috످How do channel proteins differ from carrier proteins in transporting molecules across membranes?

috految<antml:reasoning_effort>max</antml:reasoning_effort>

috److془This is a standard biology question. I know it well. Provide a clear answer.

Let me write it out.

Channels: 10^6–10^8 ions/s. Carriers: 10^2–10^4 molecules/s (1–10^4).

Example: neuron.془Channel proteins form a pore that lets substances flow through the membrane, while carrier proteins bind to substances and change shape to move them across.

Think of a channel as a tunnel that lets traffic stream through, and a carrier as a revolving door that moves only a few people at a time.

In structure, channel proteins are open to both sides at once (unless gated shut), while carrier proteins are open to one side at a time. Transport through channels is passive only, while transport through carriers can be passive or active. Channels move substances down the gradient (high to low concentration), whereas carriers can move them down or against the gradient. Channels require no energy, and carriers require it only for active transport.

Channels are fast (1–100 million ions per second), while carriers are slower (about 100–10,000 molecules per second). Selectivity is based on size and charge in channels, and on fit with a binding site in carriers. Channels rarely saturate, but carriers reach a maximum rate when all binding sites are full.

Typical cargo for channels is ions and water, while for carriers it is sugars, amino acids, and ions. Examples of channels include aquaporins and Na⁺ channels. Examples of carriers include glucose transporters and the Na⁺/K⁺ pump.

Channels provide a hydrophilic (water-attracting) pathway through the membrane's hydrophobic (water-repelling) interior. Substances move through by facilitated diffusion, following their concentration or electrochemical gradient.

Leak channels are almost always open, while gated channels open in response to a signal. Voltage-gated channels respond to changes in electrical charge across the membrane (e.g., during nerve impulses). Ligand-gated channels respond to chemicals (e.g., neurotransmitters). Mechanically gated channels respond to pressure or stretching (e.g., touch).

Carriers are slower because they must repeat a cycle for each load. First, a molecule binds to the carrier. Next, the carrier changes shape, opening to the other side of the membrane. Then the molecule is released. Finally, the carrier returns to its original shape.

This cycle can be passive or active. Facilitated diffusion moves substances down their gradient without energy input (e.g., GLUT1 brings glucose into red blood cells). Primary active transport uses ATP to move substances against their gradient (e.g., the Na⁺/K⁺ pump moves 3 Na⁺ out and 2 K⁺ in). Secondary active transport uses one substance's gradient to move another against its gradient (e.g., SGLT1 uses the inward flow of Na⁺ to pull glucose into intestinal cells).

Cells need both channels and carriers. Channels are fast, but only carriers can pump substances against a gradient. In a neuron, for example, carriers (Na⁺/K⁺ pumps) build up ion gradients, much like charging a battery. When the neuron fires, channels open and let ions rush through, using that stored energy to send a signal within milliseconds.

috످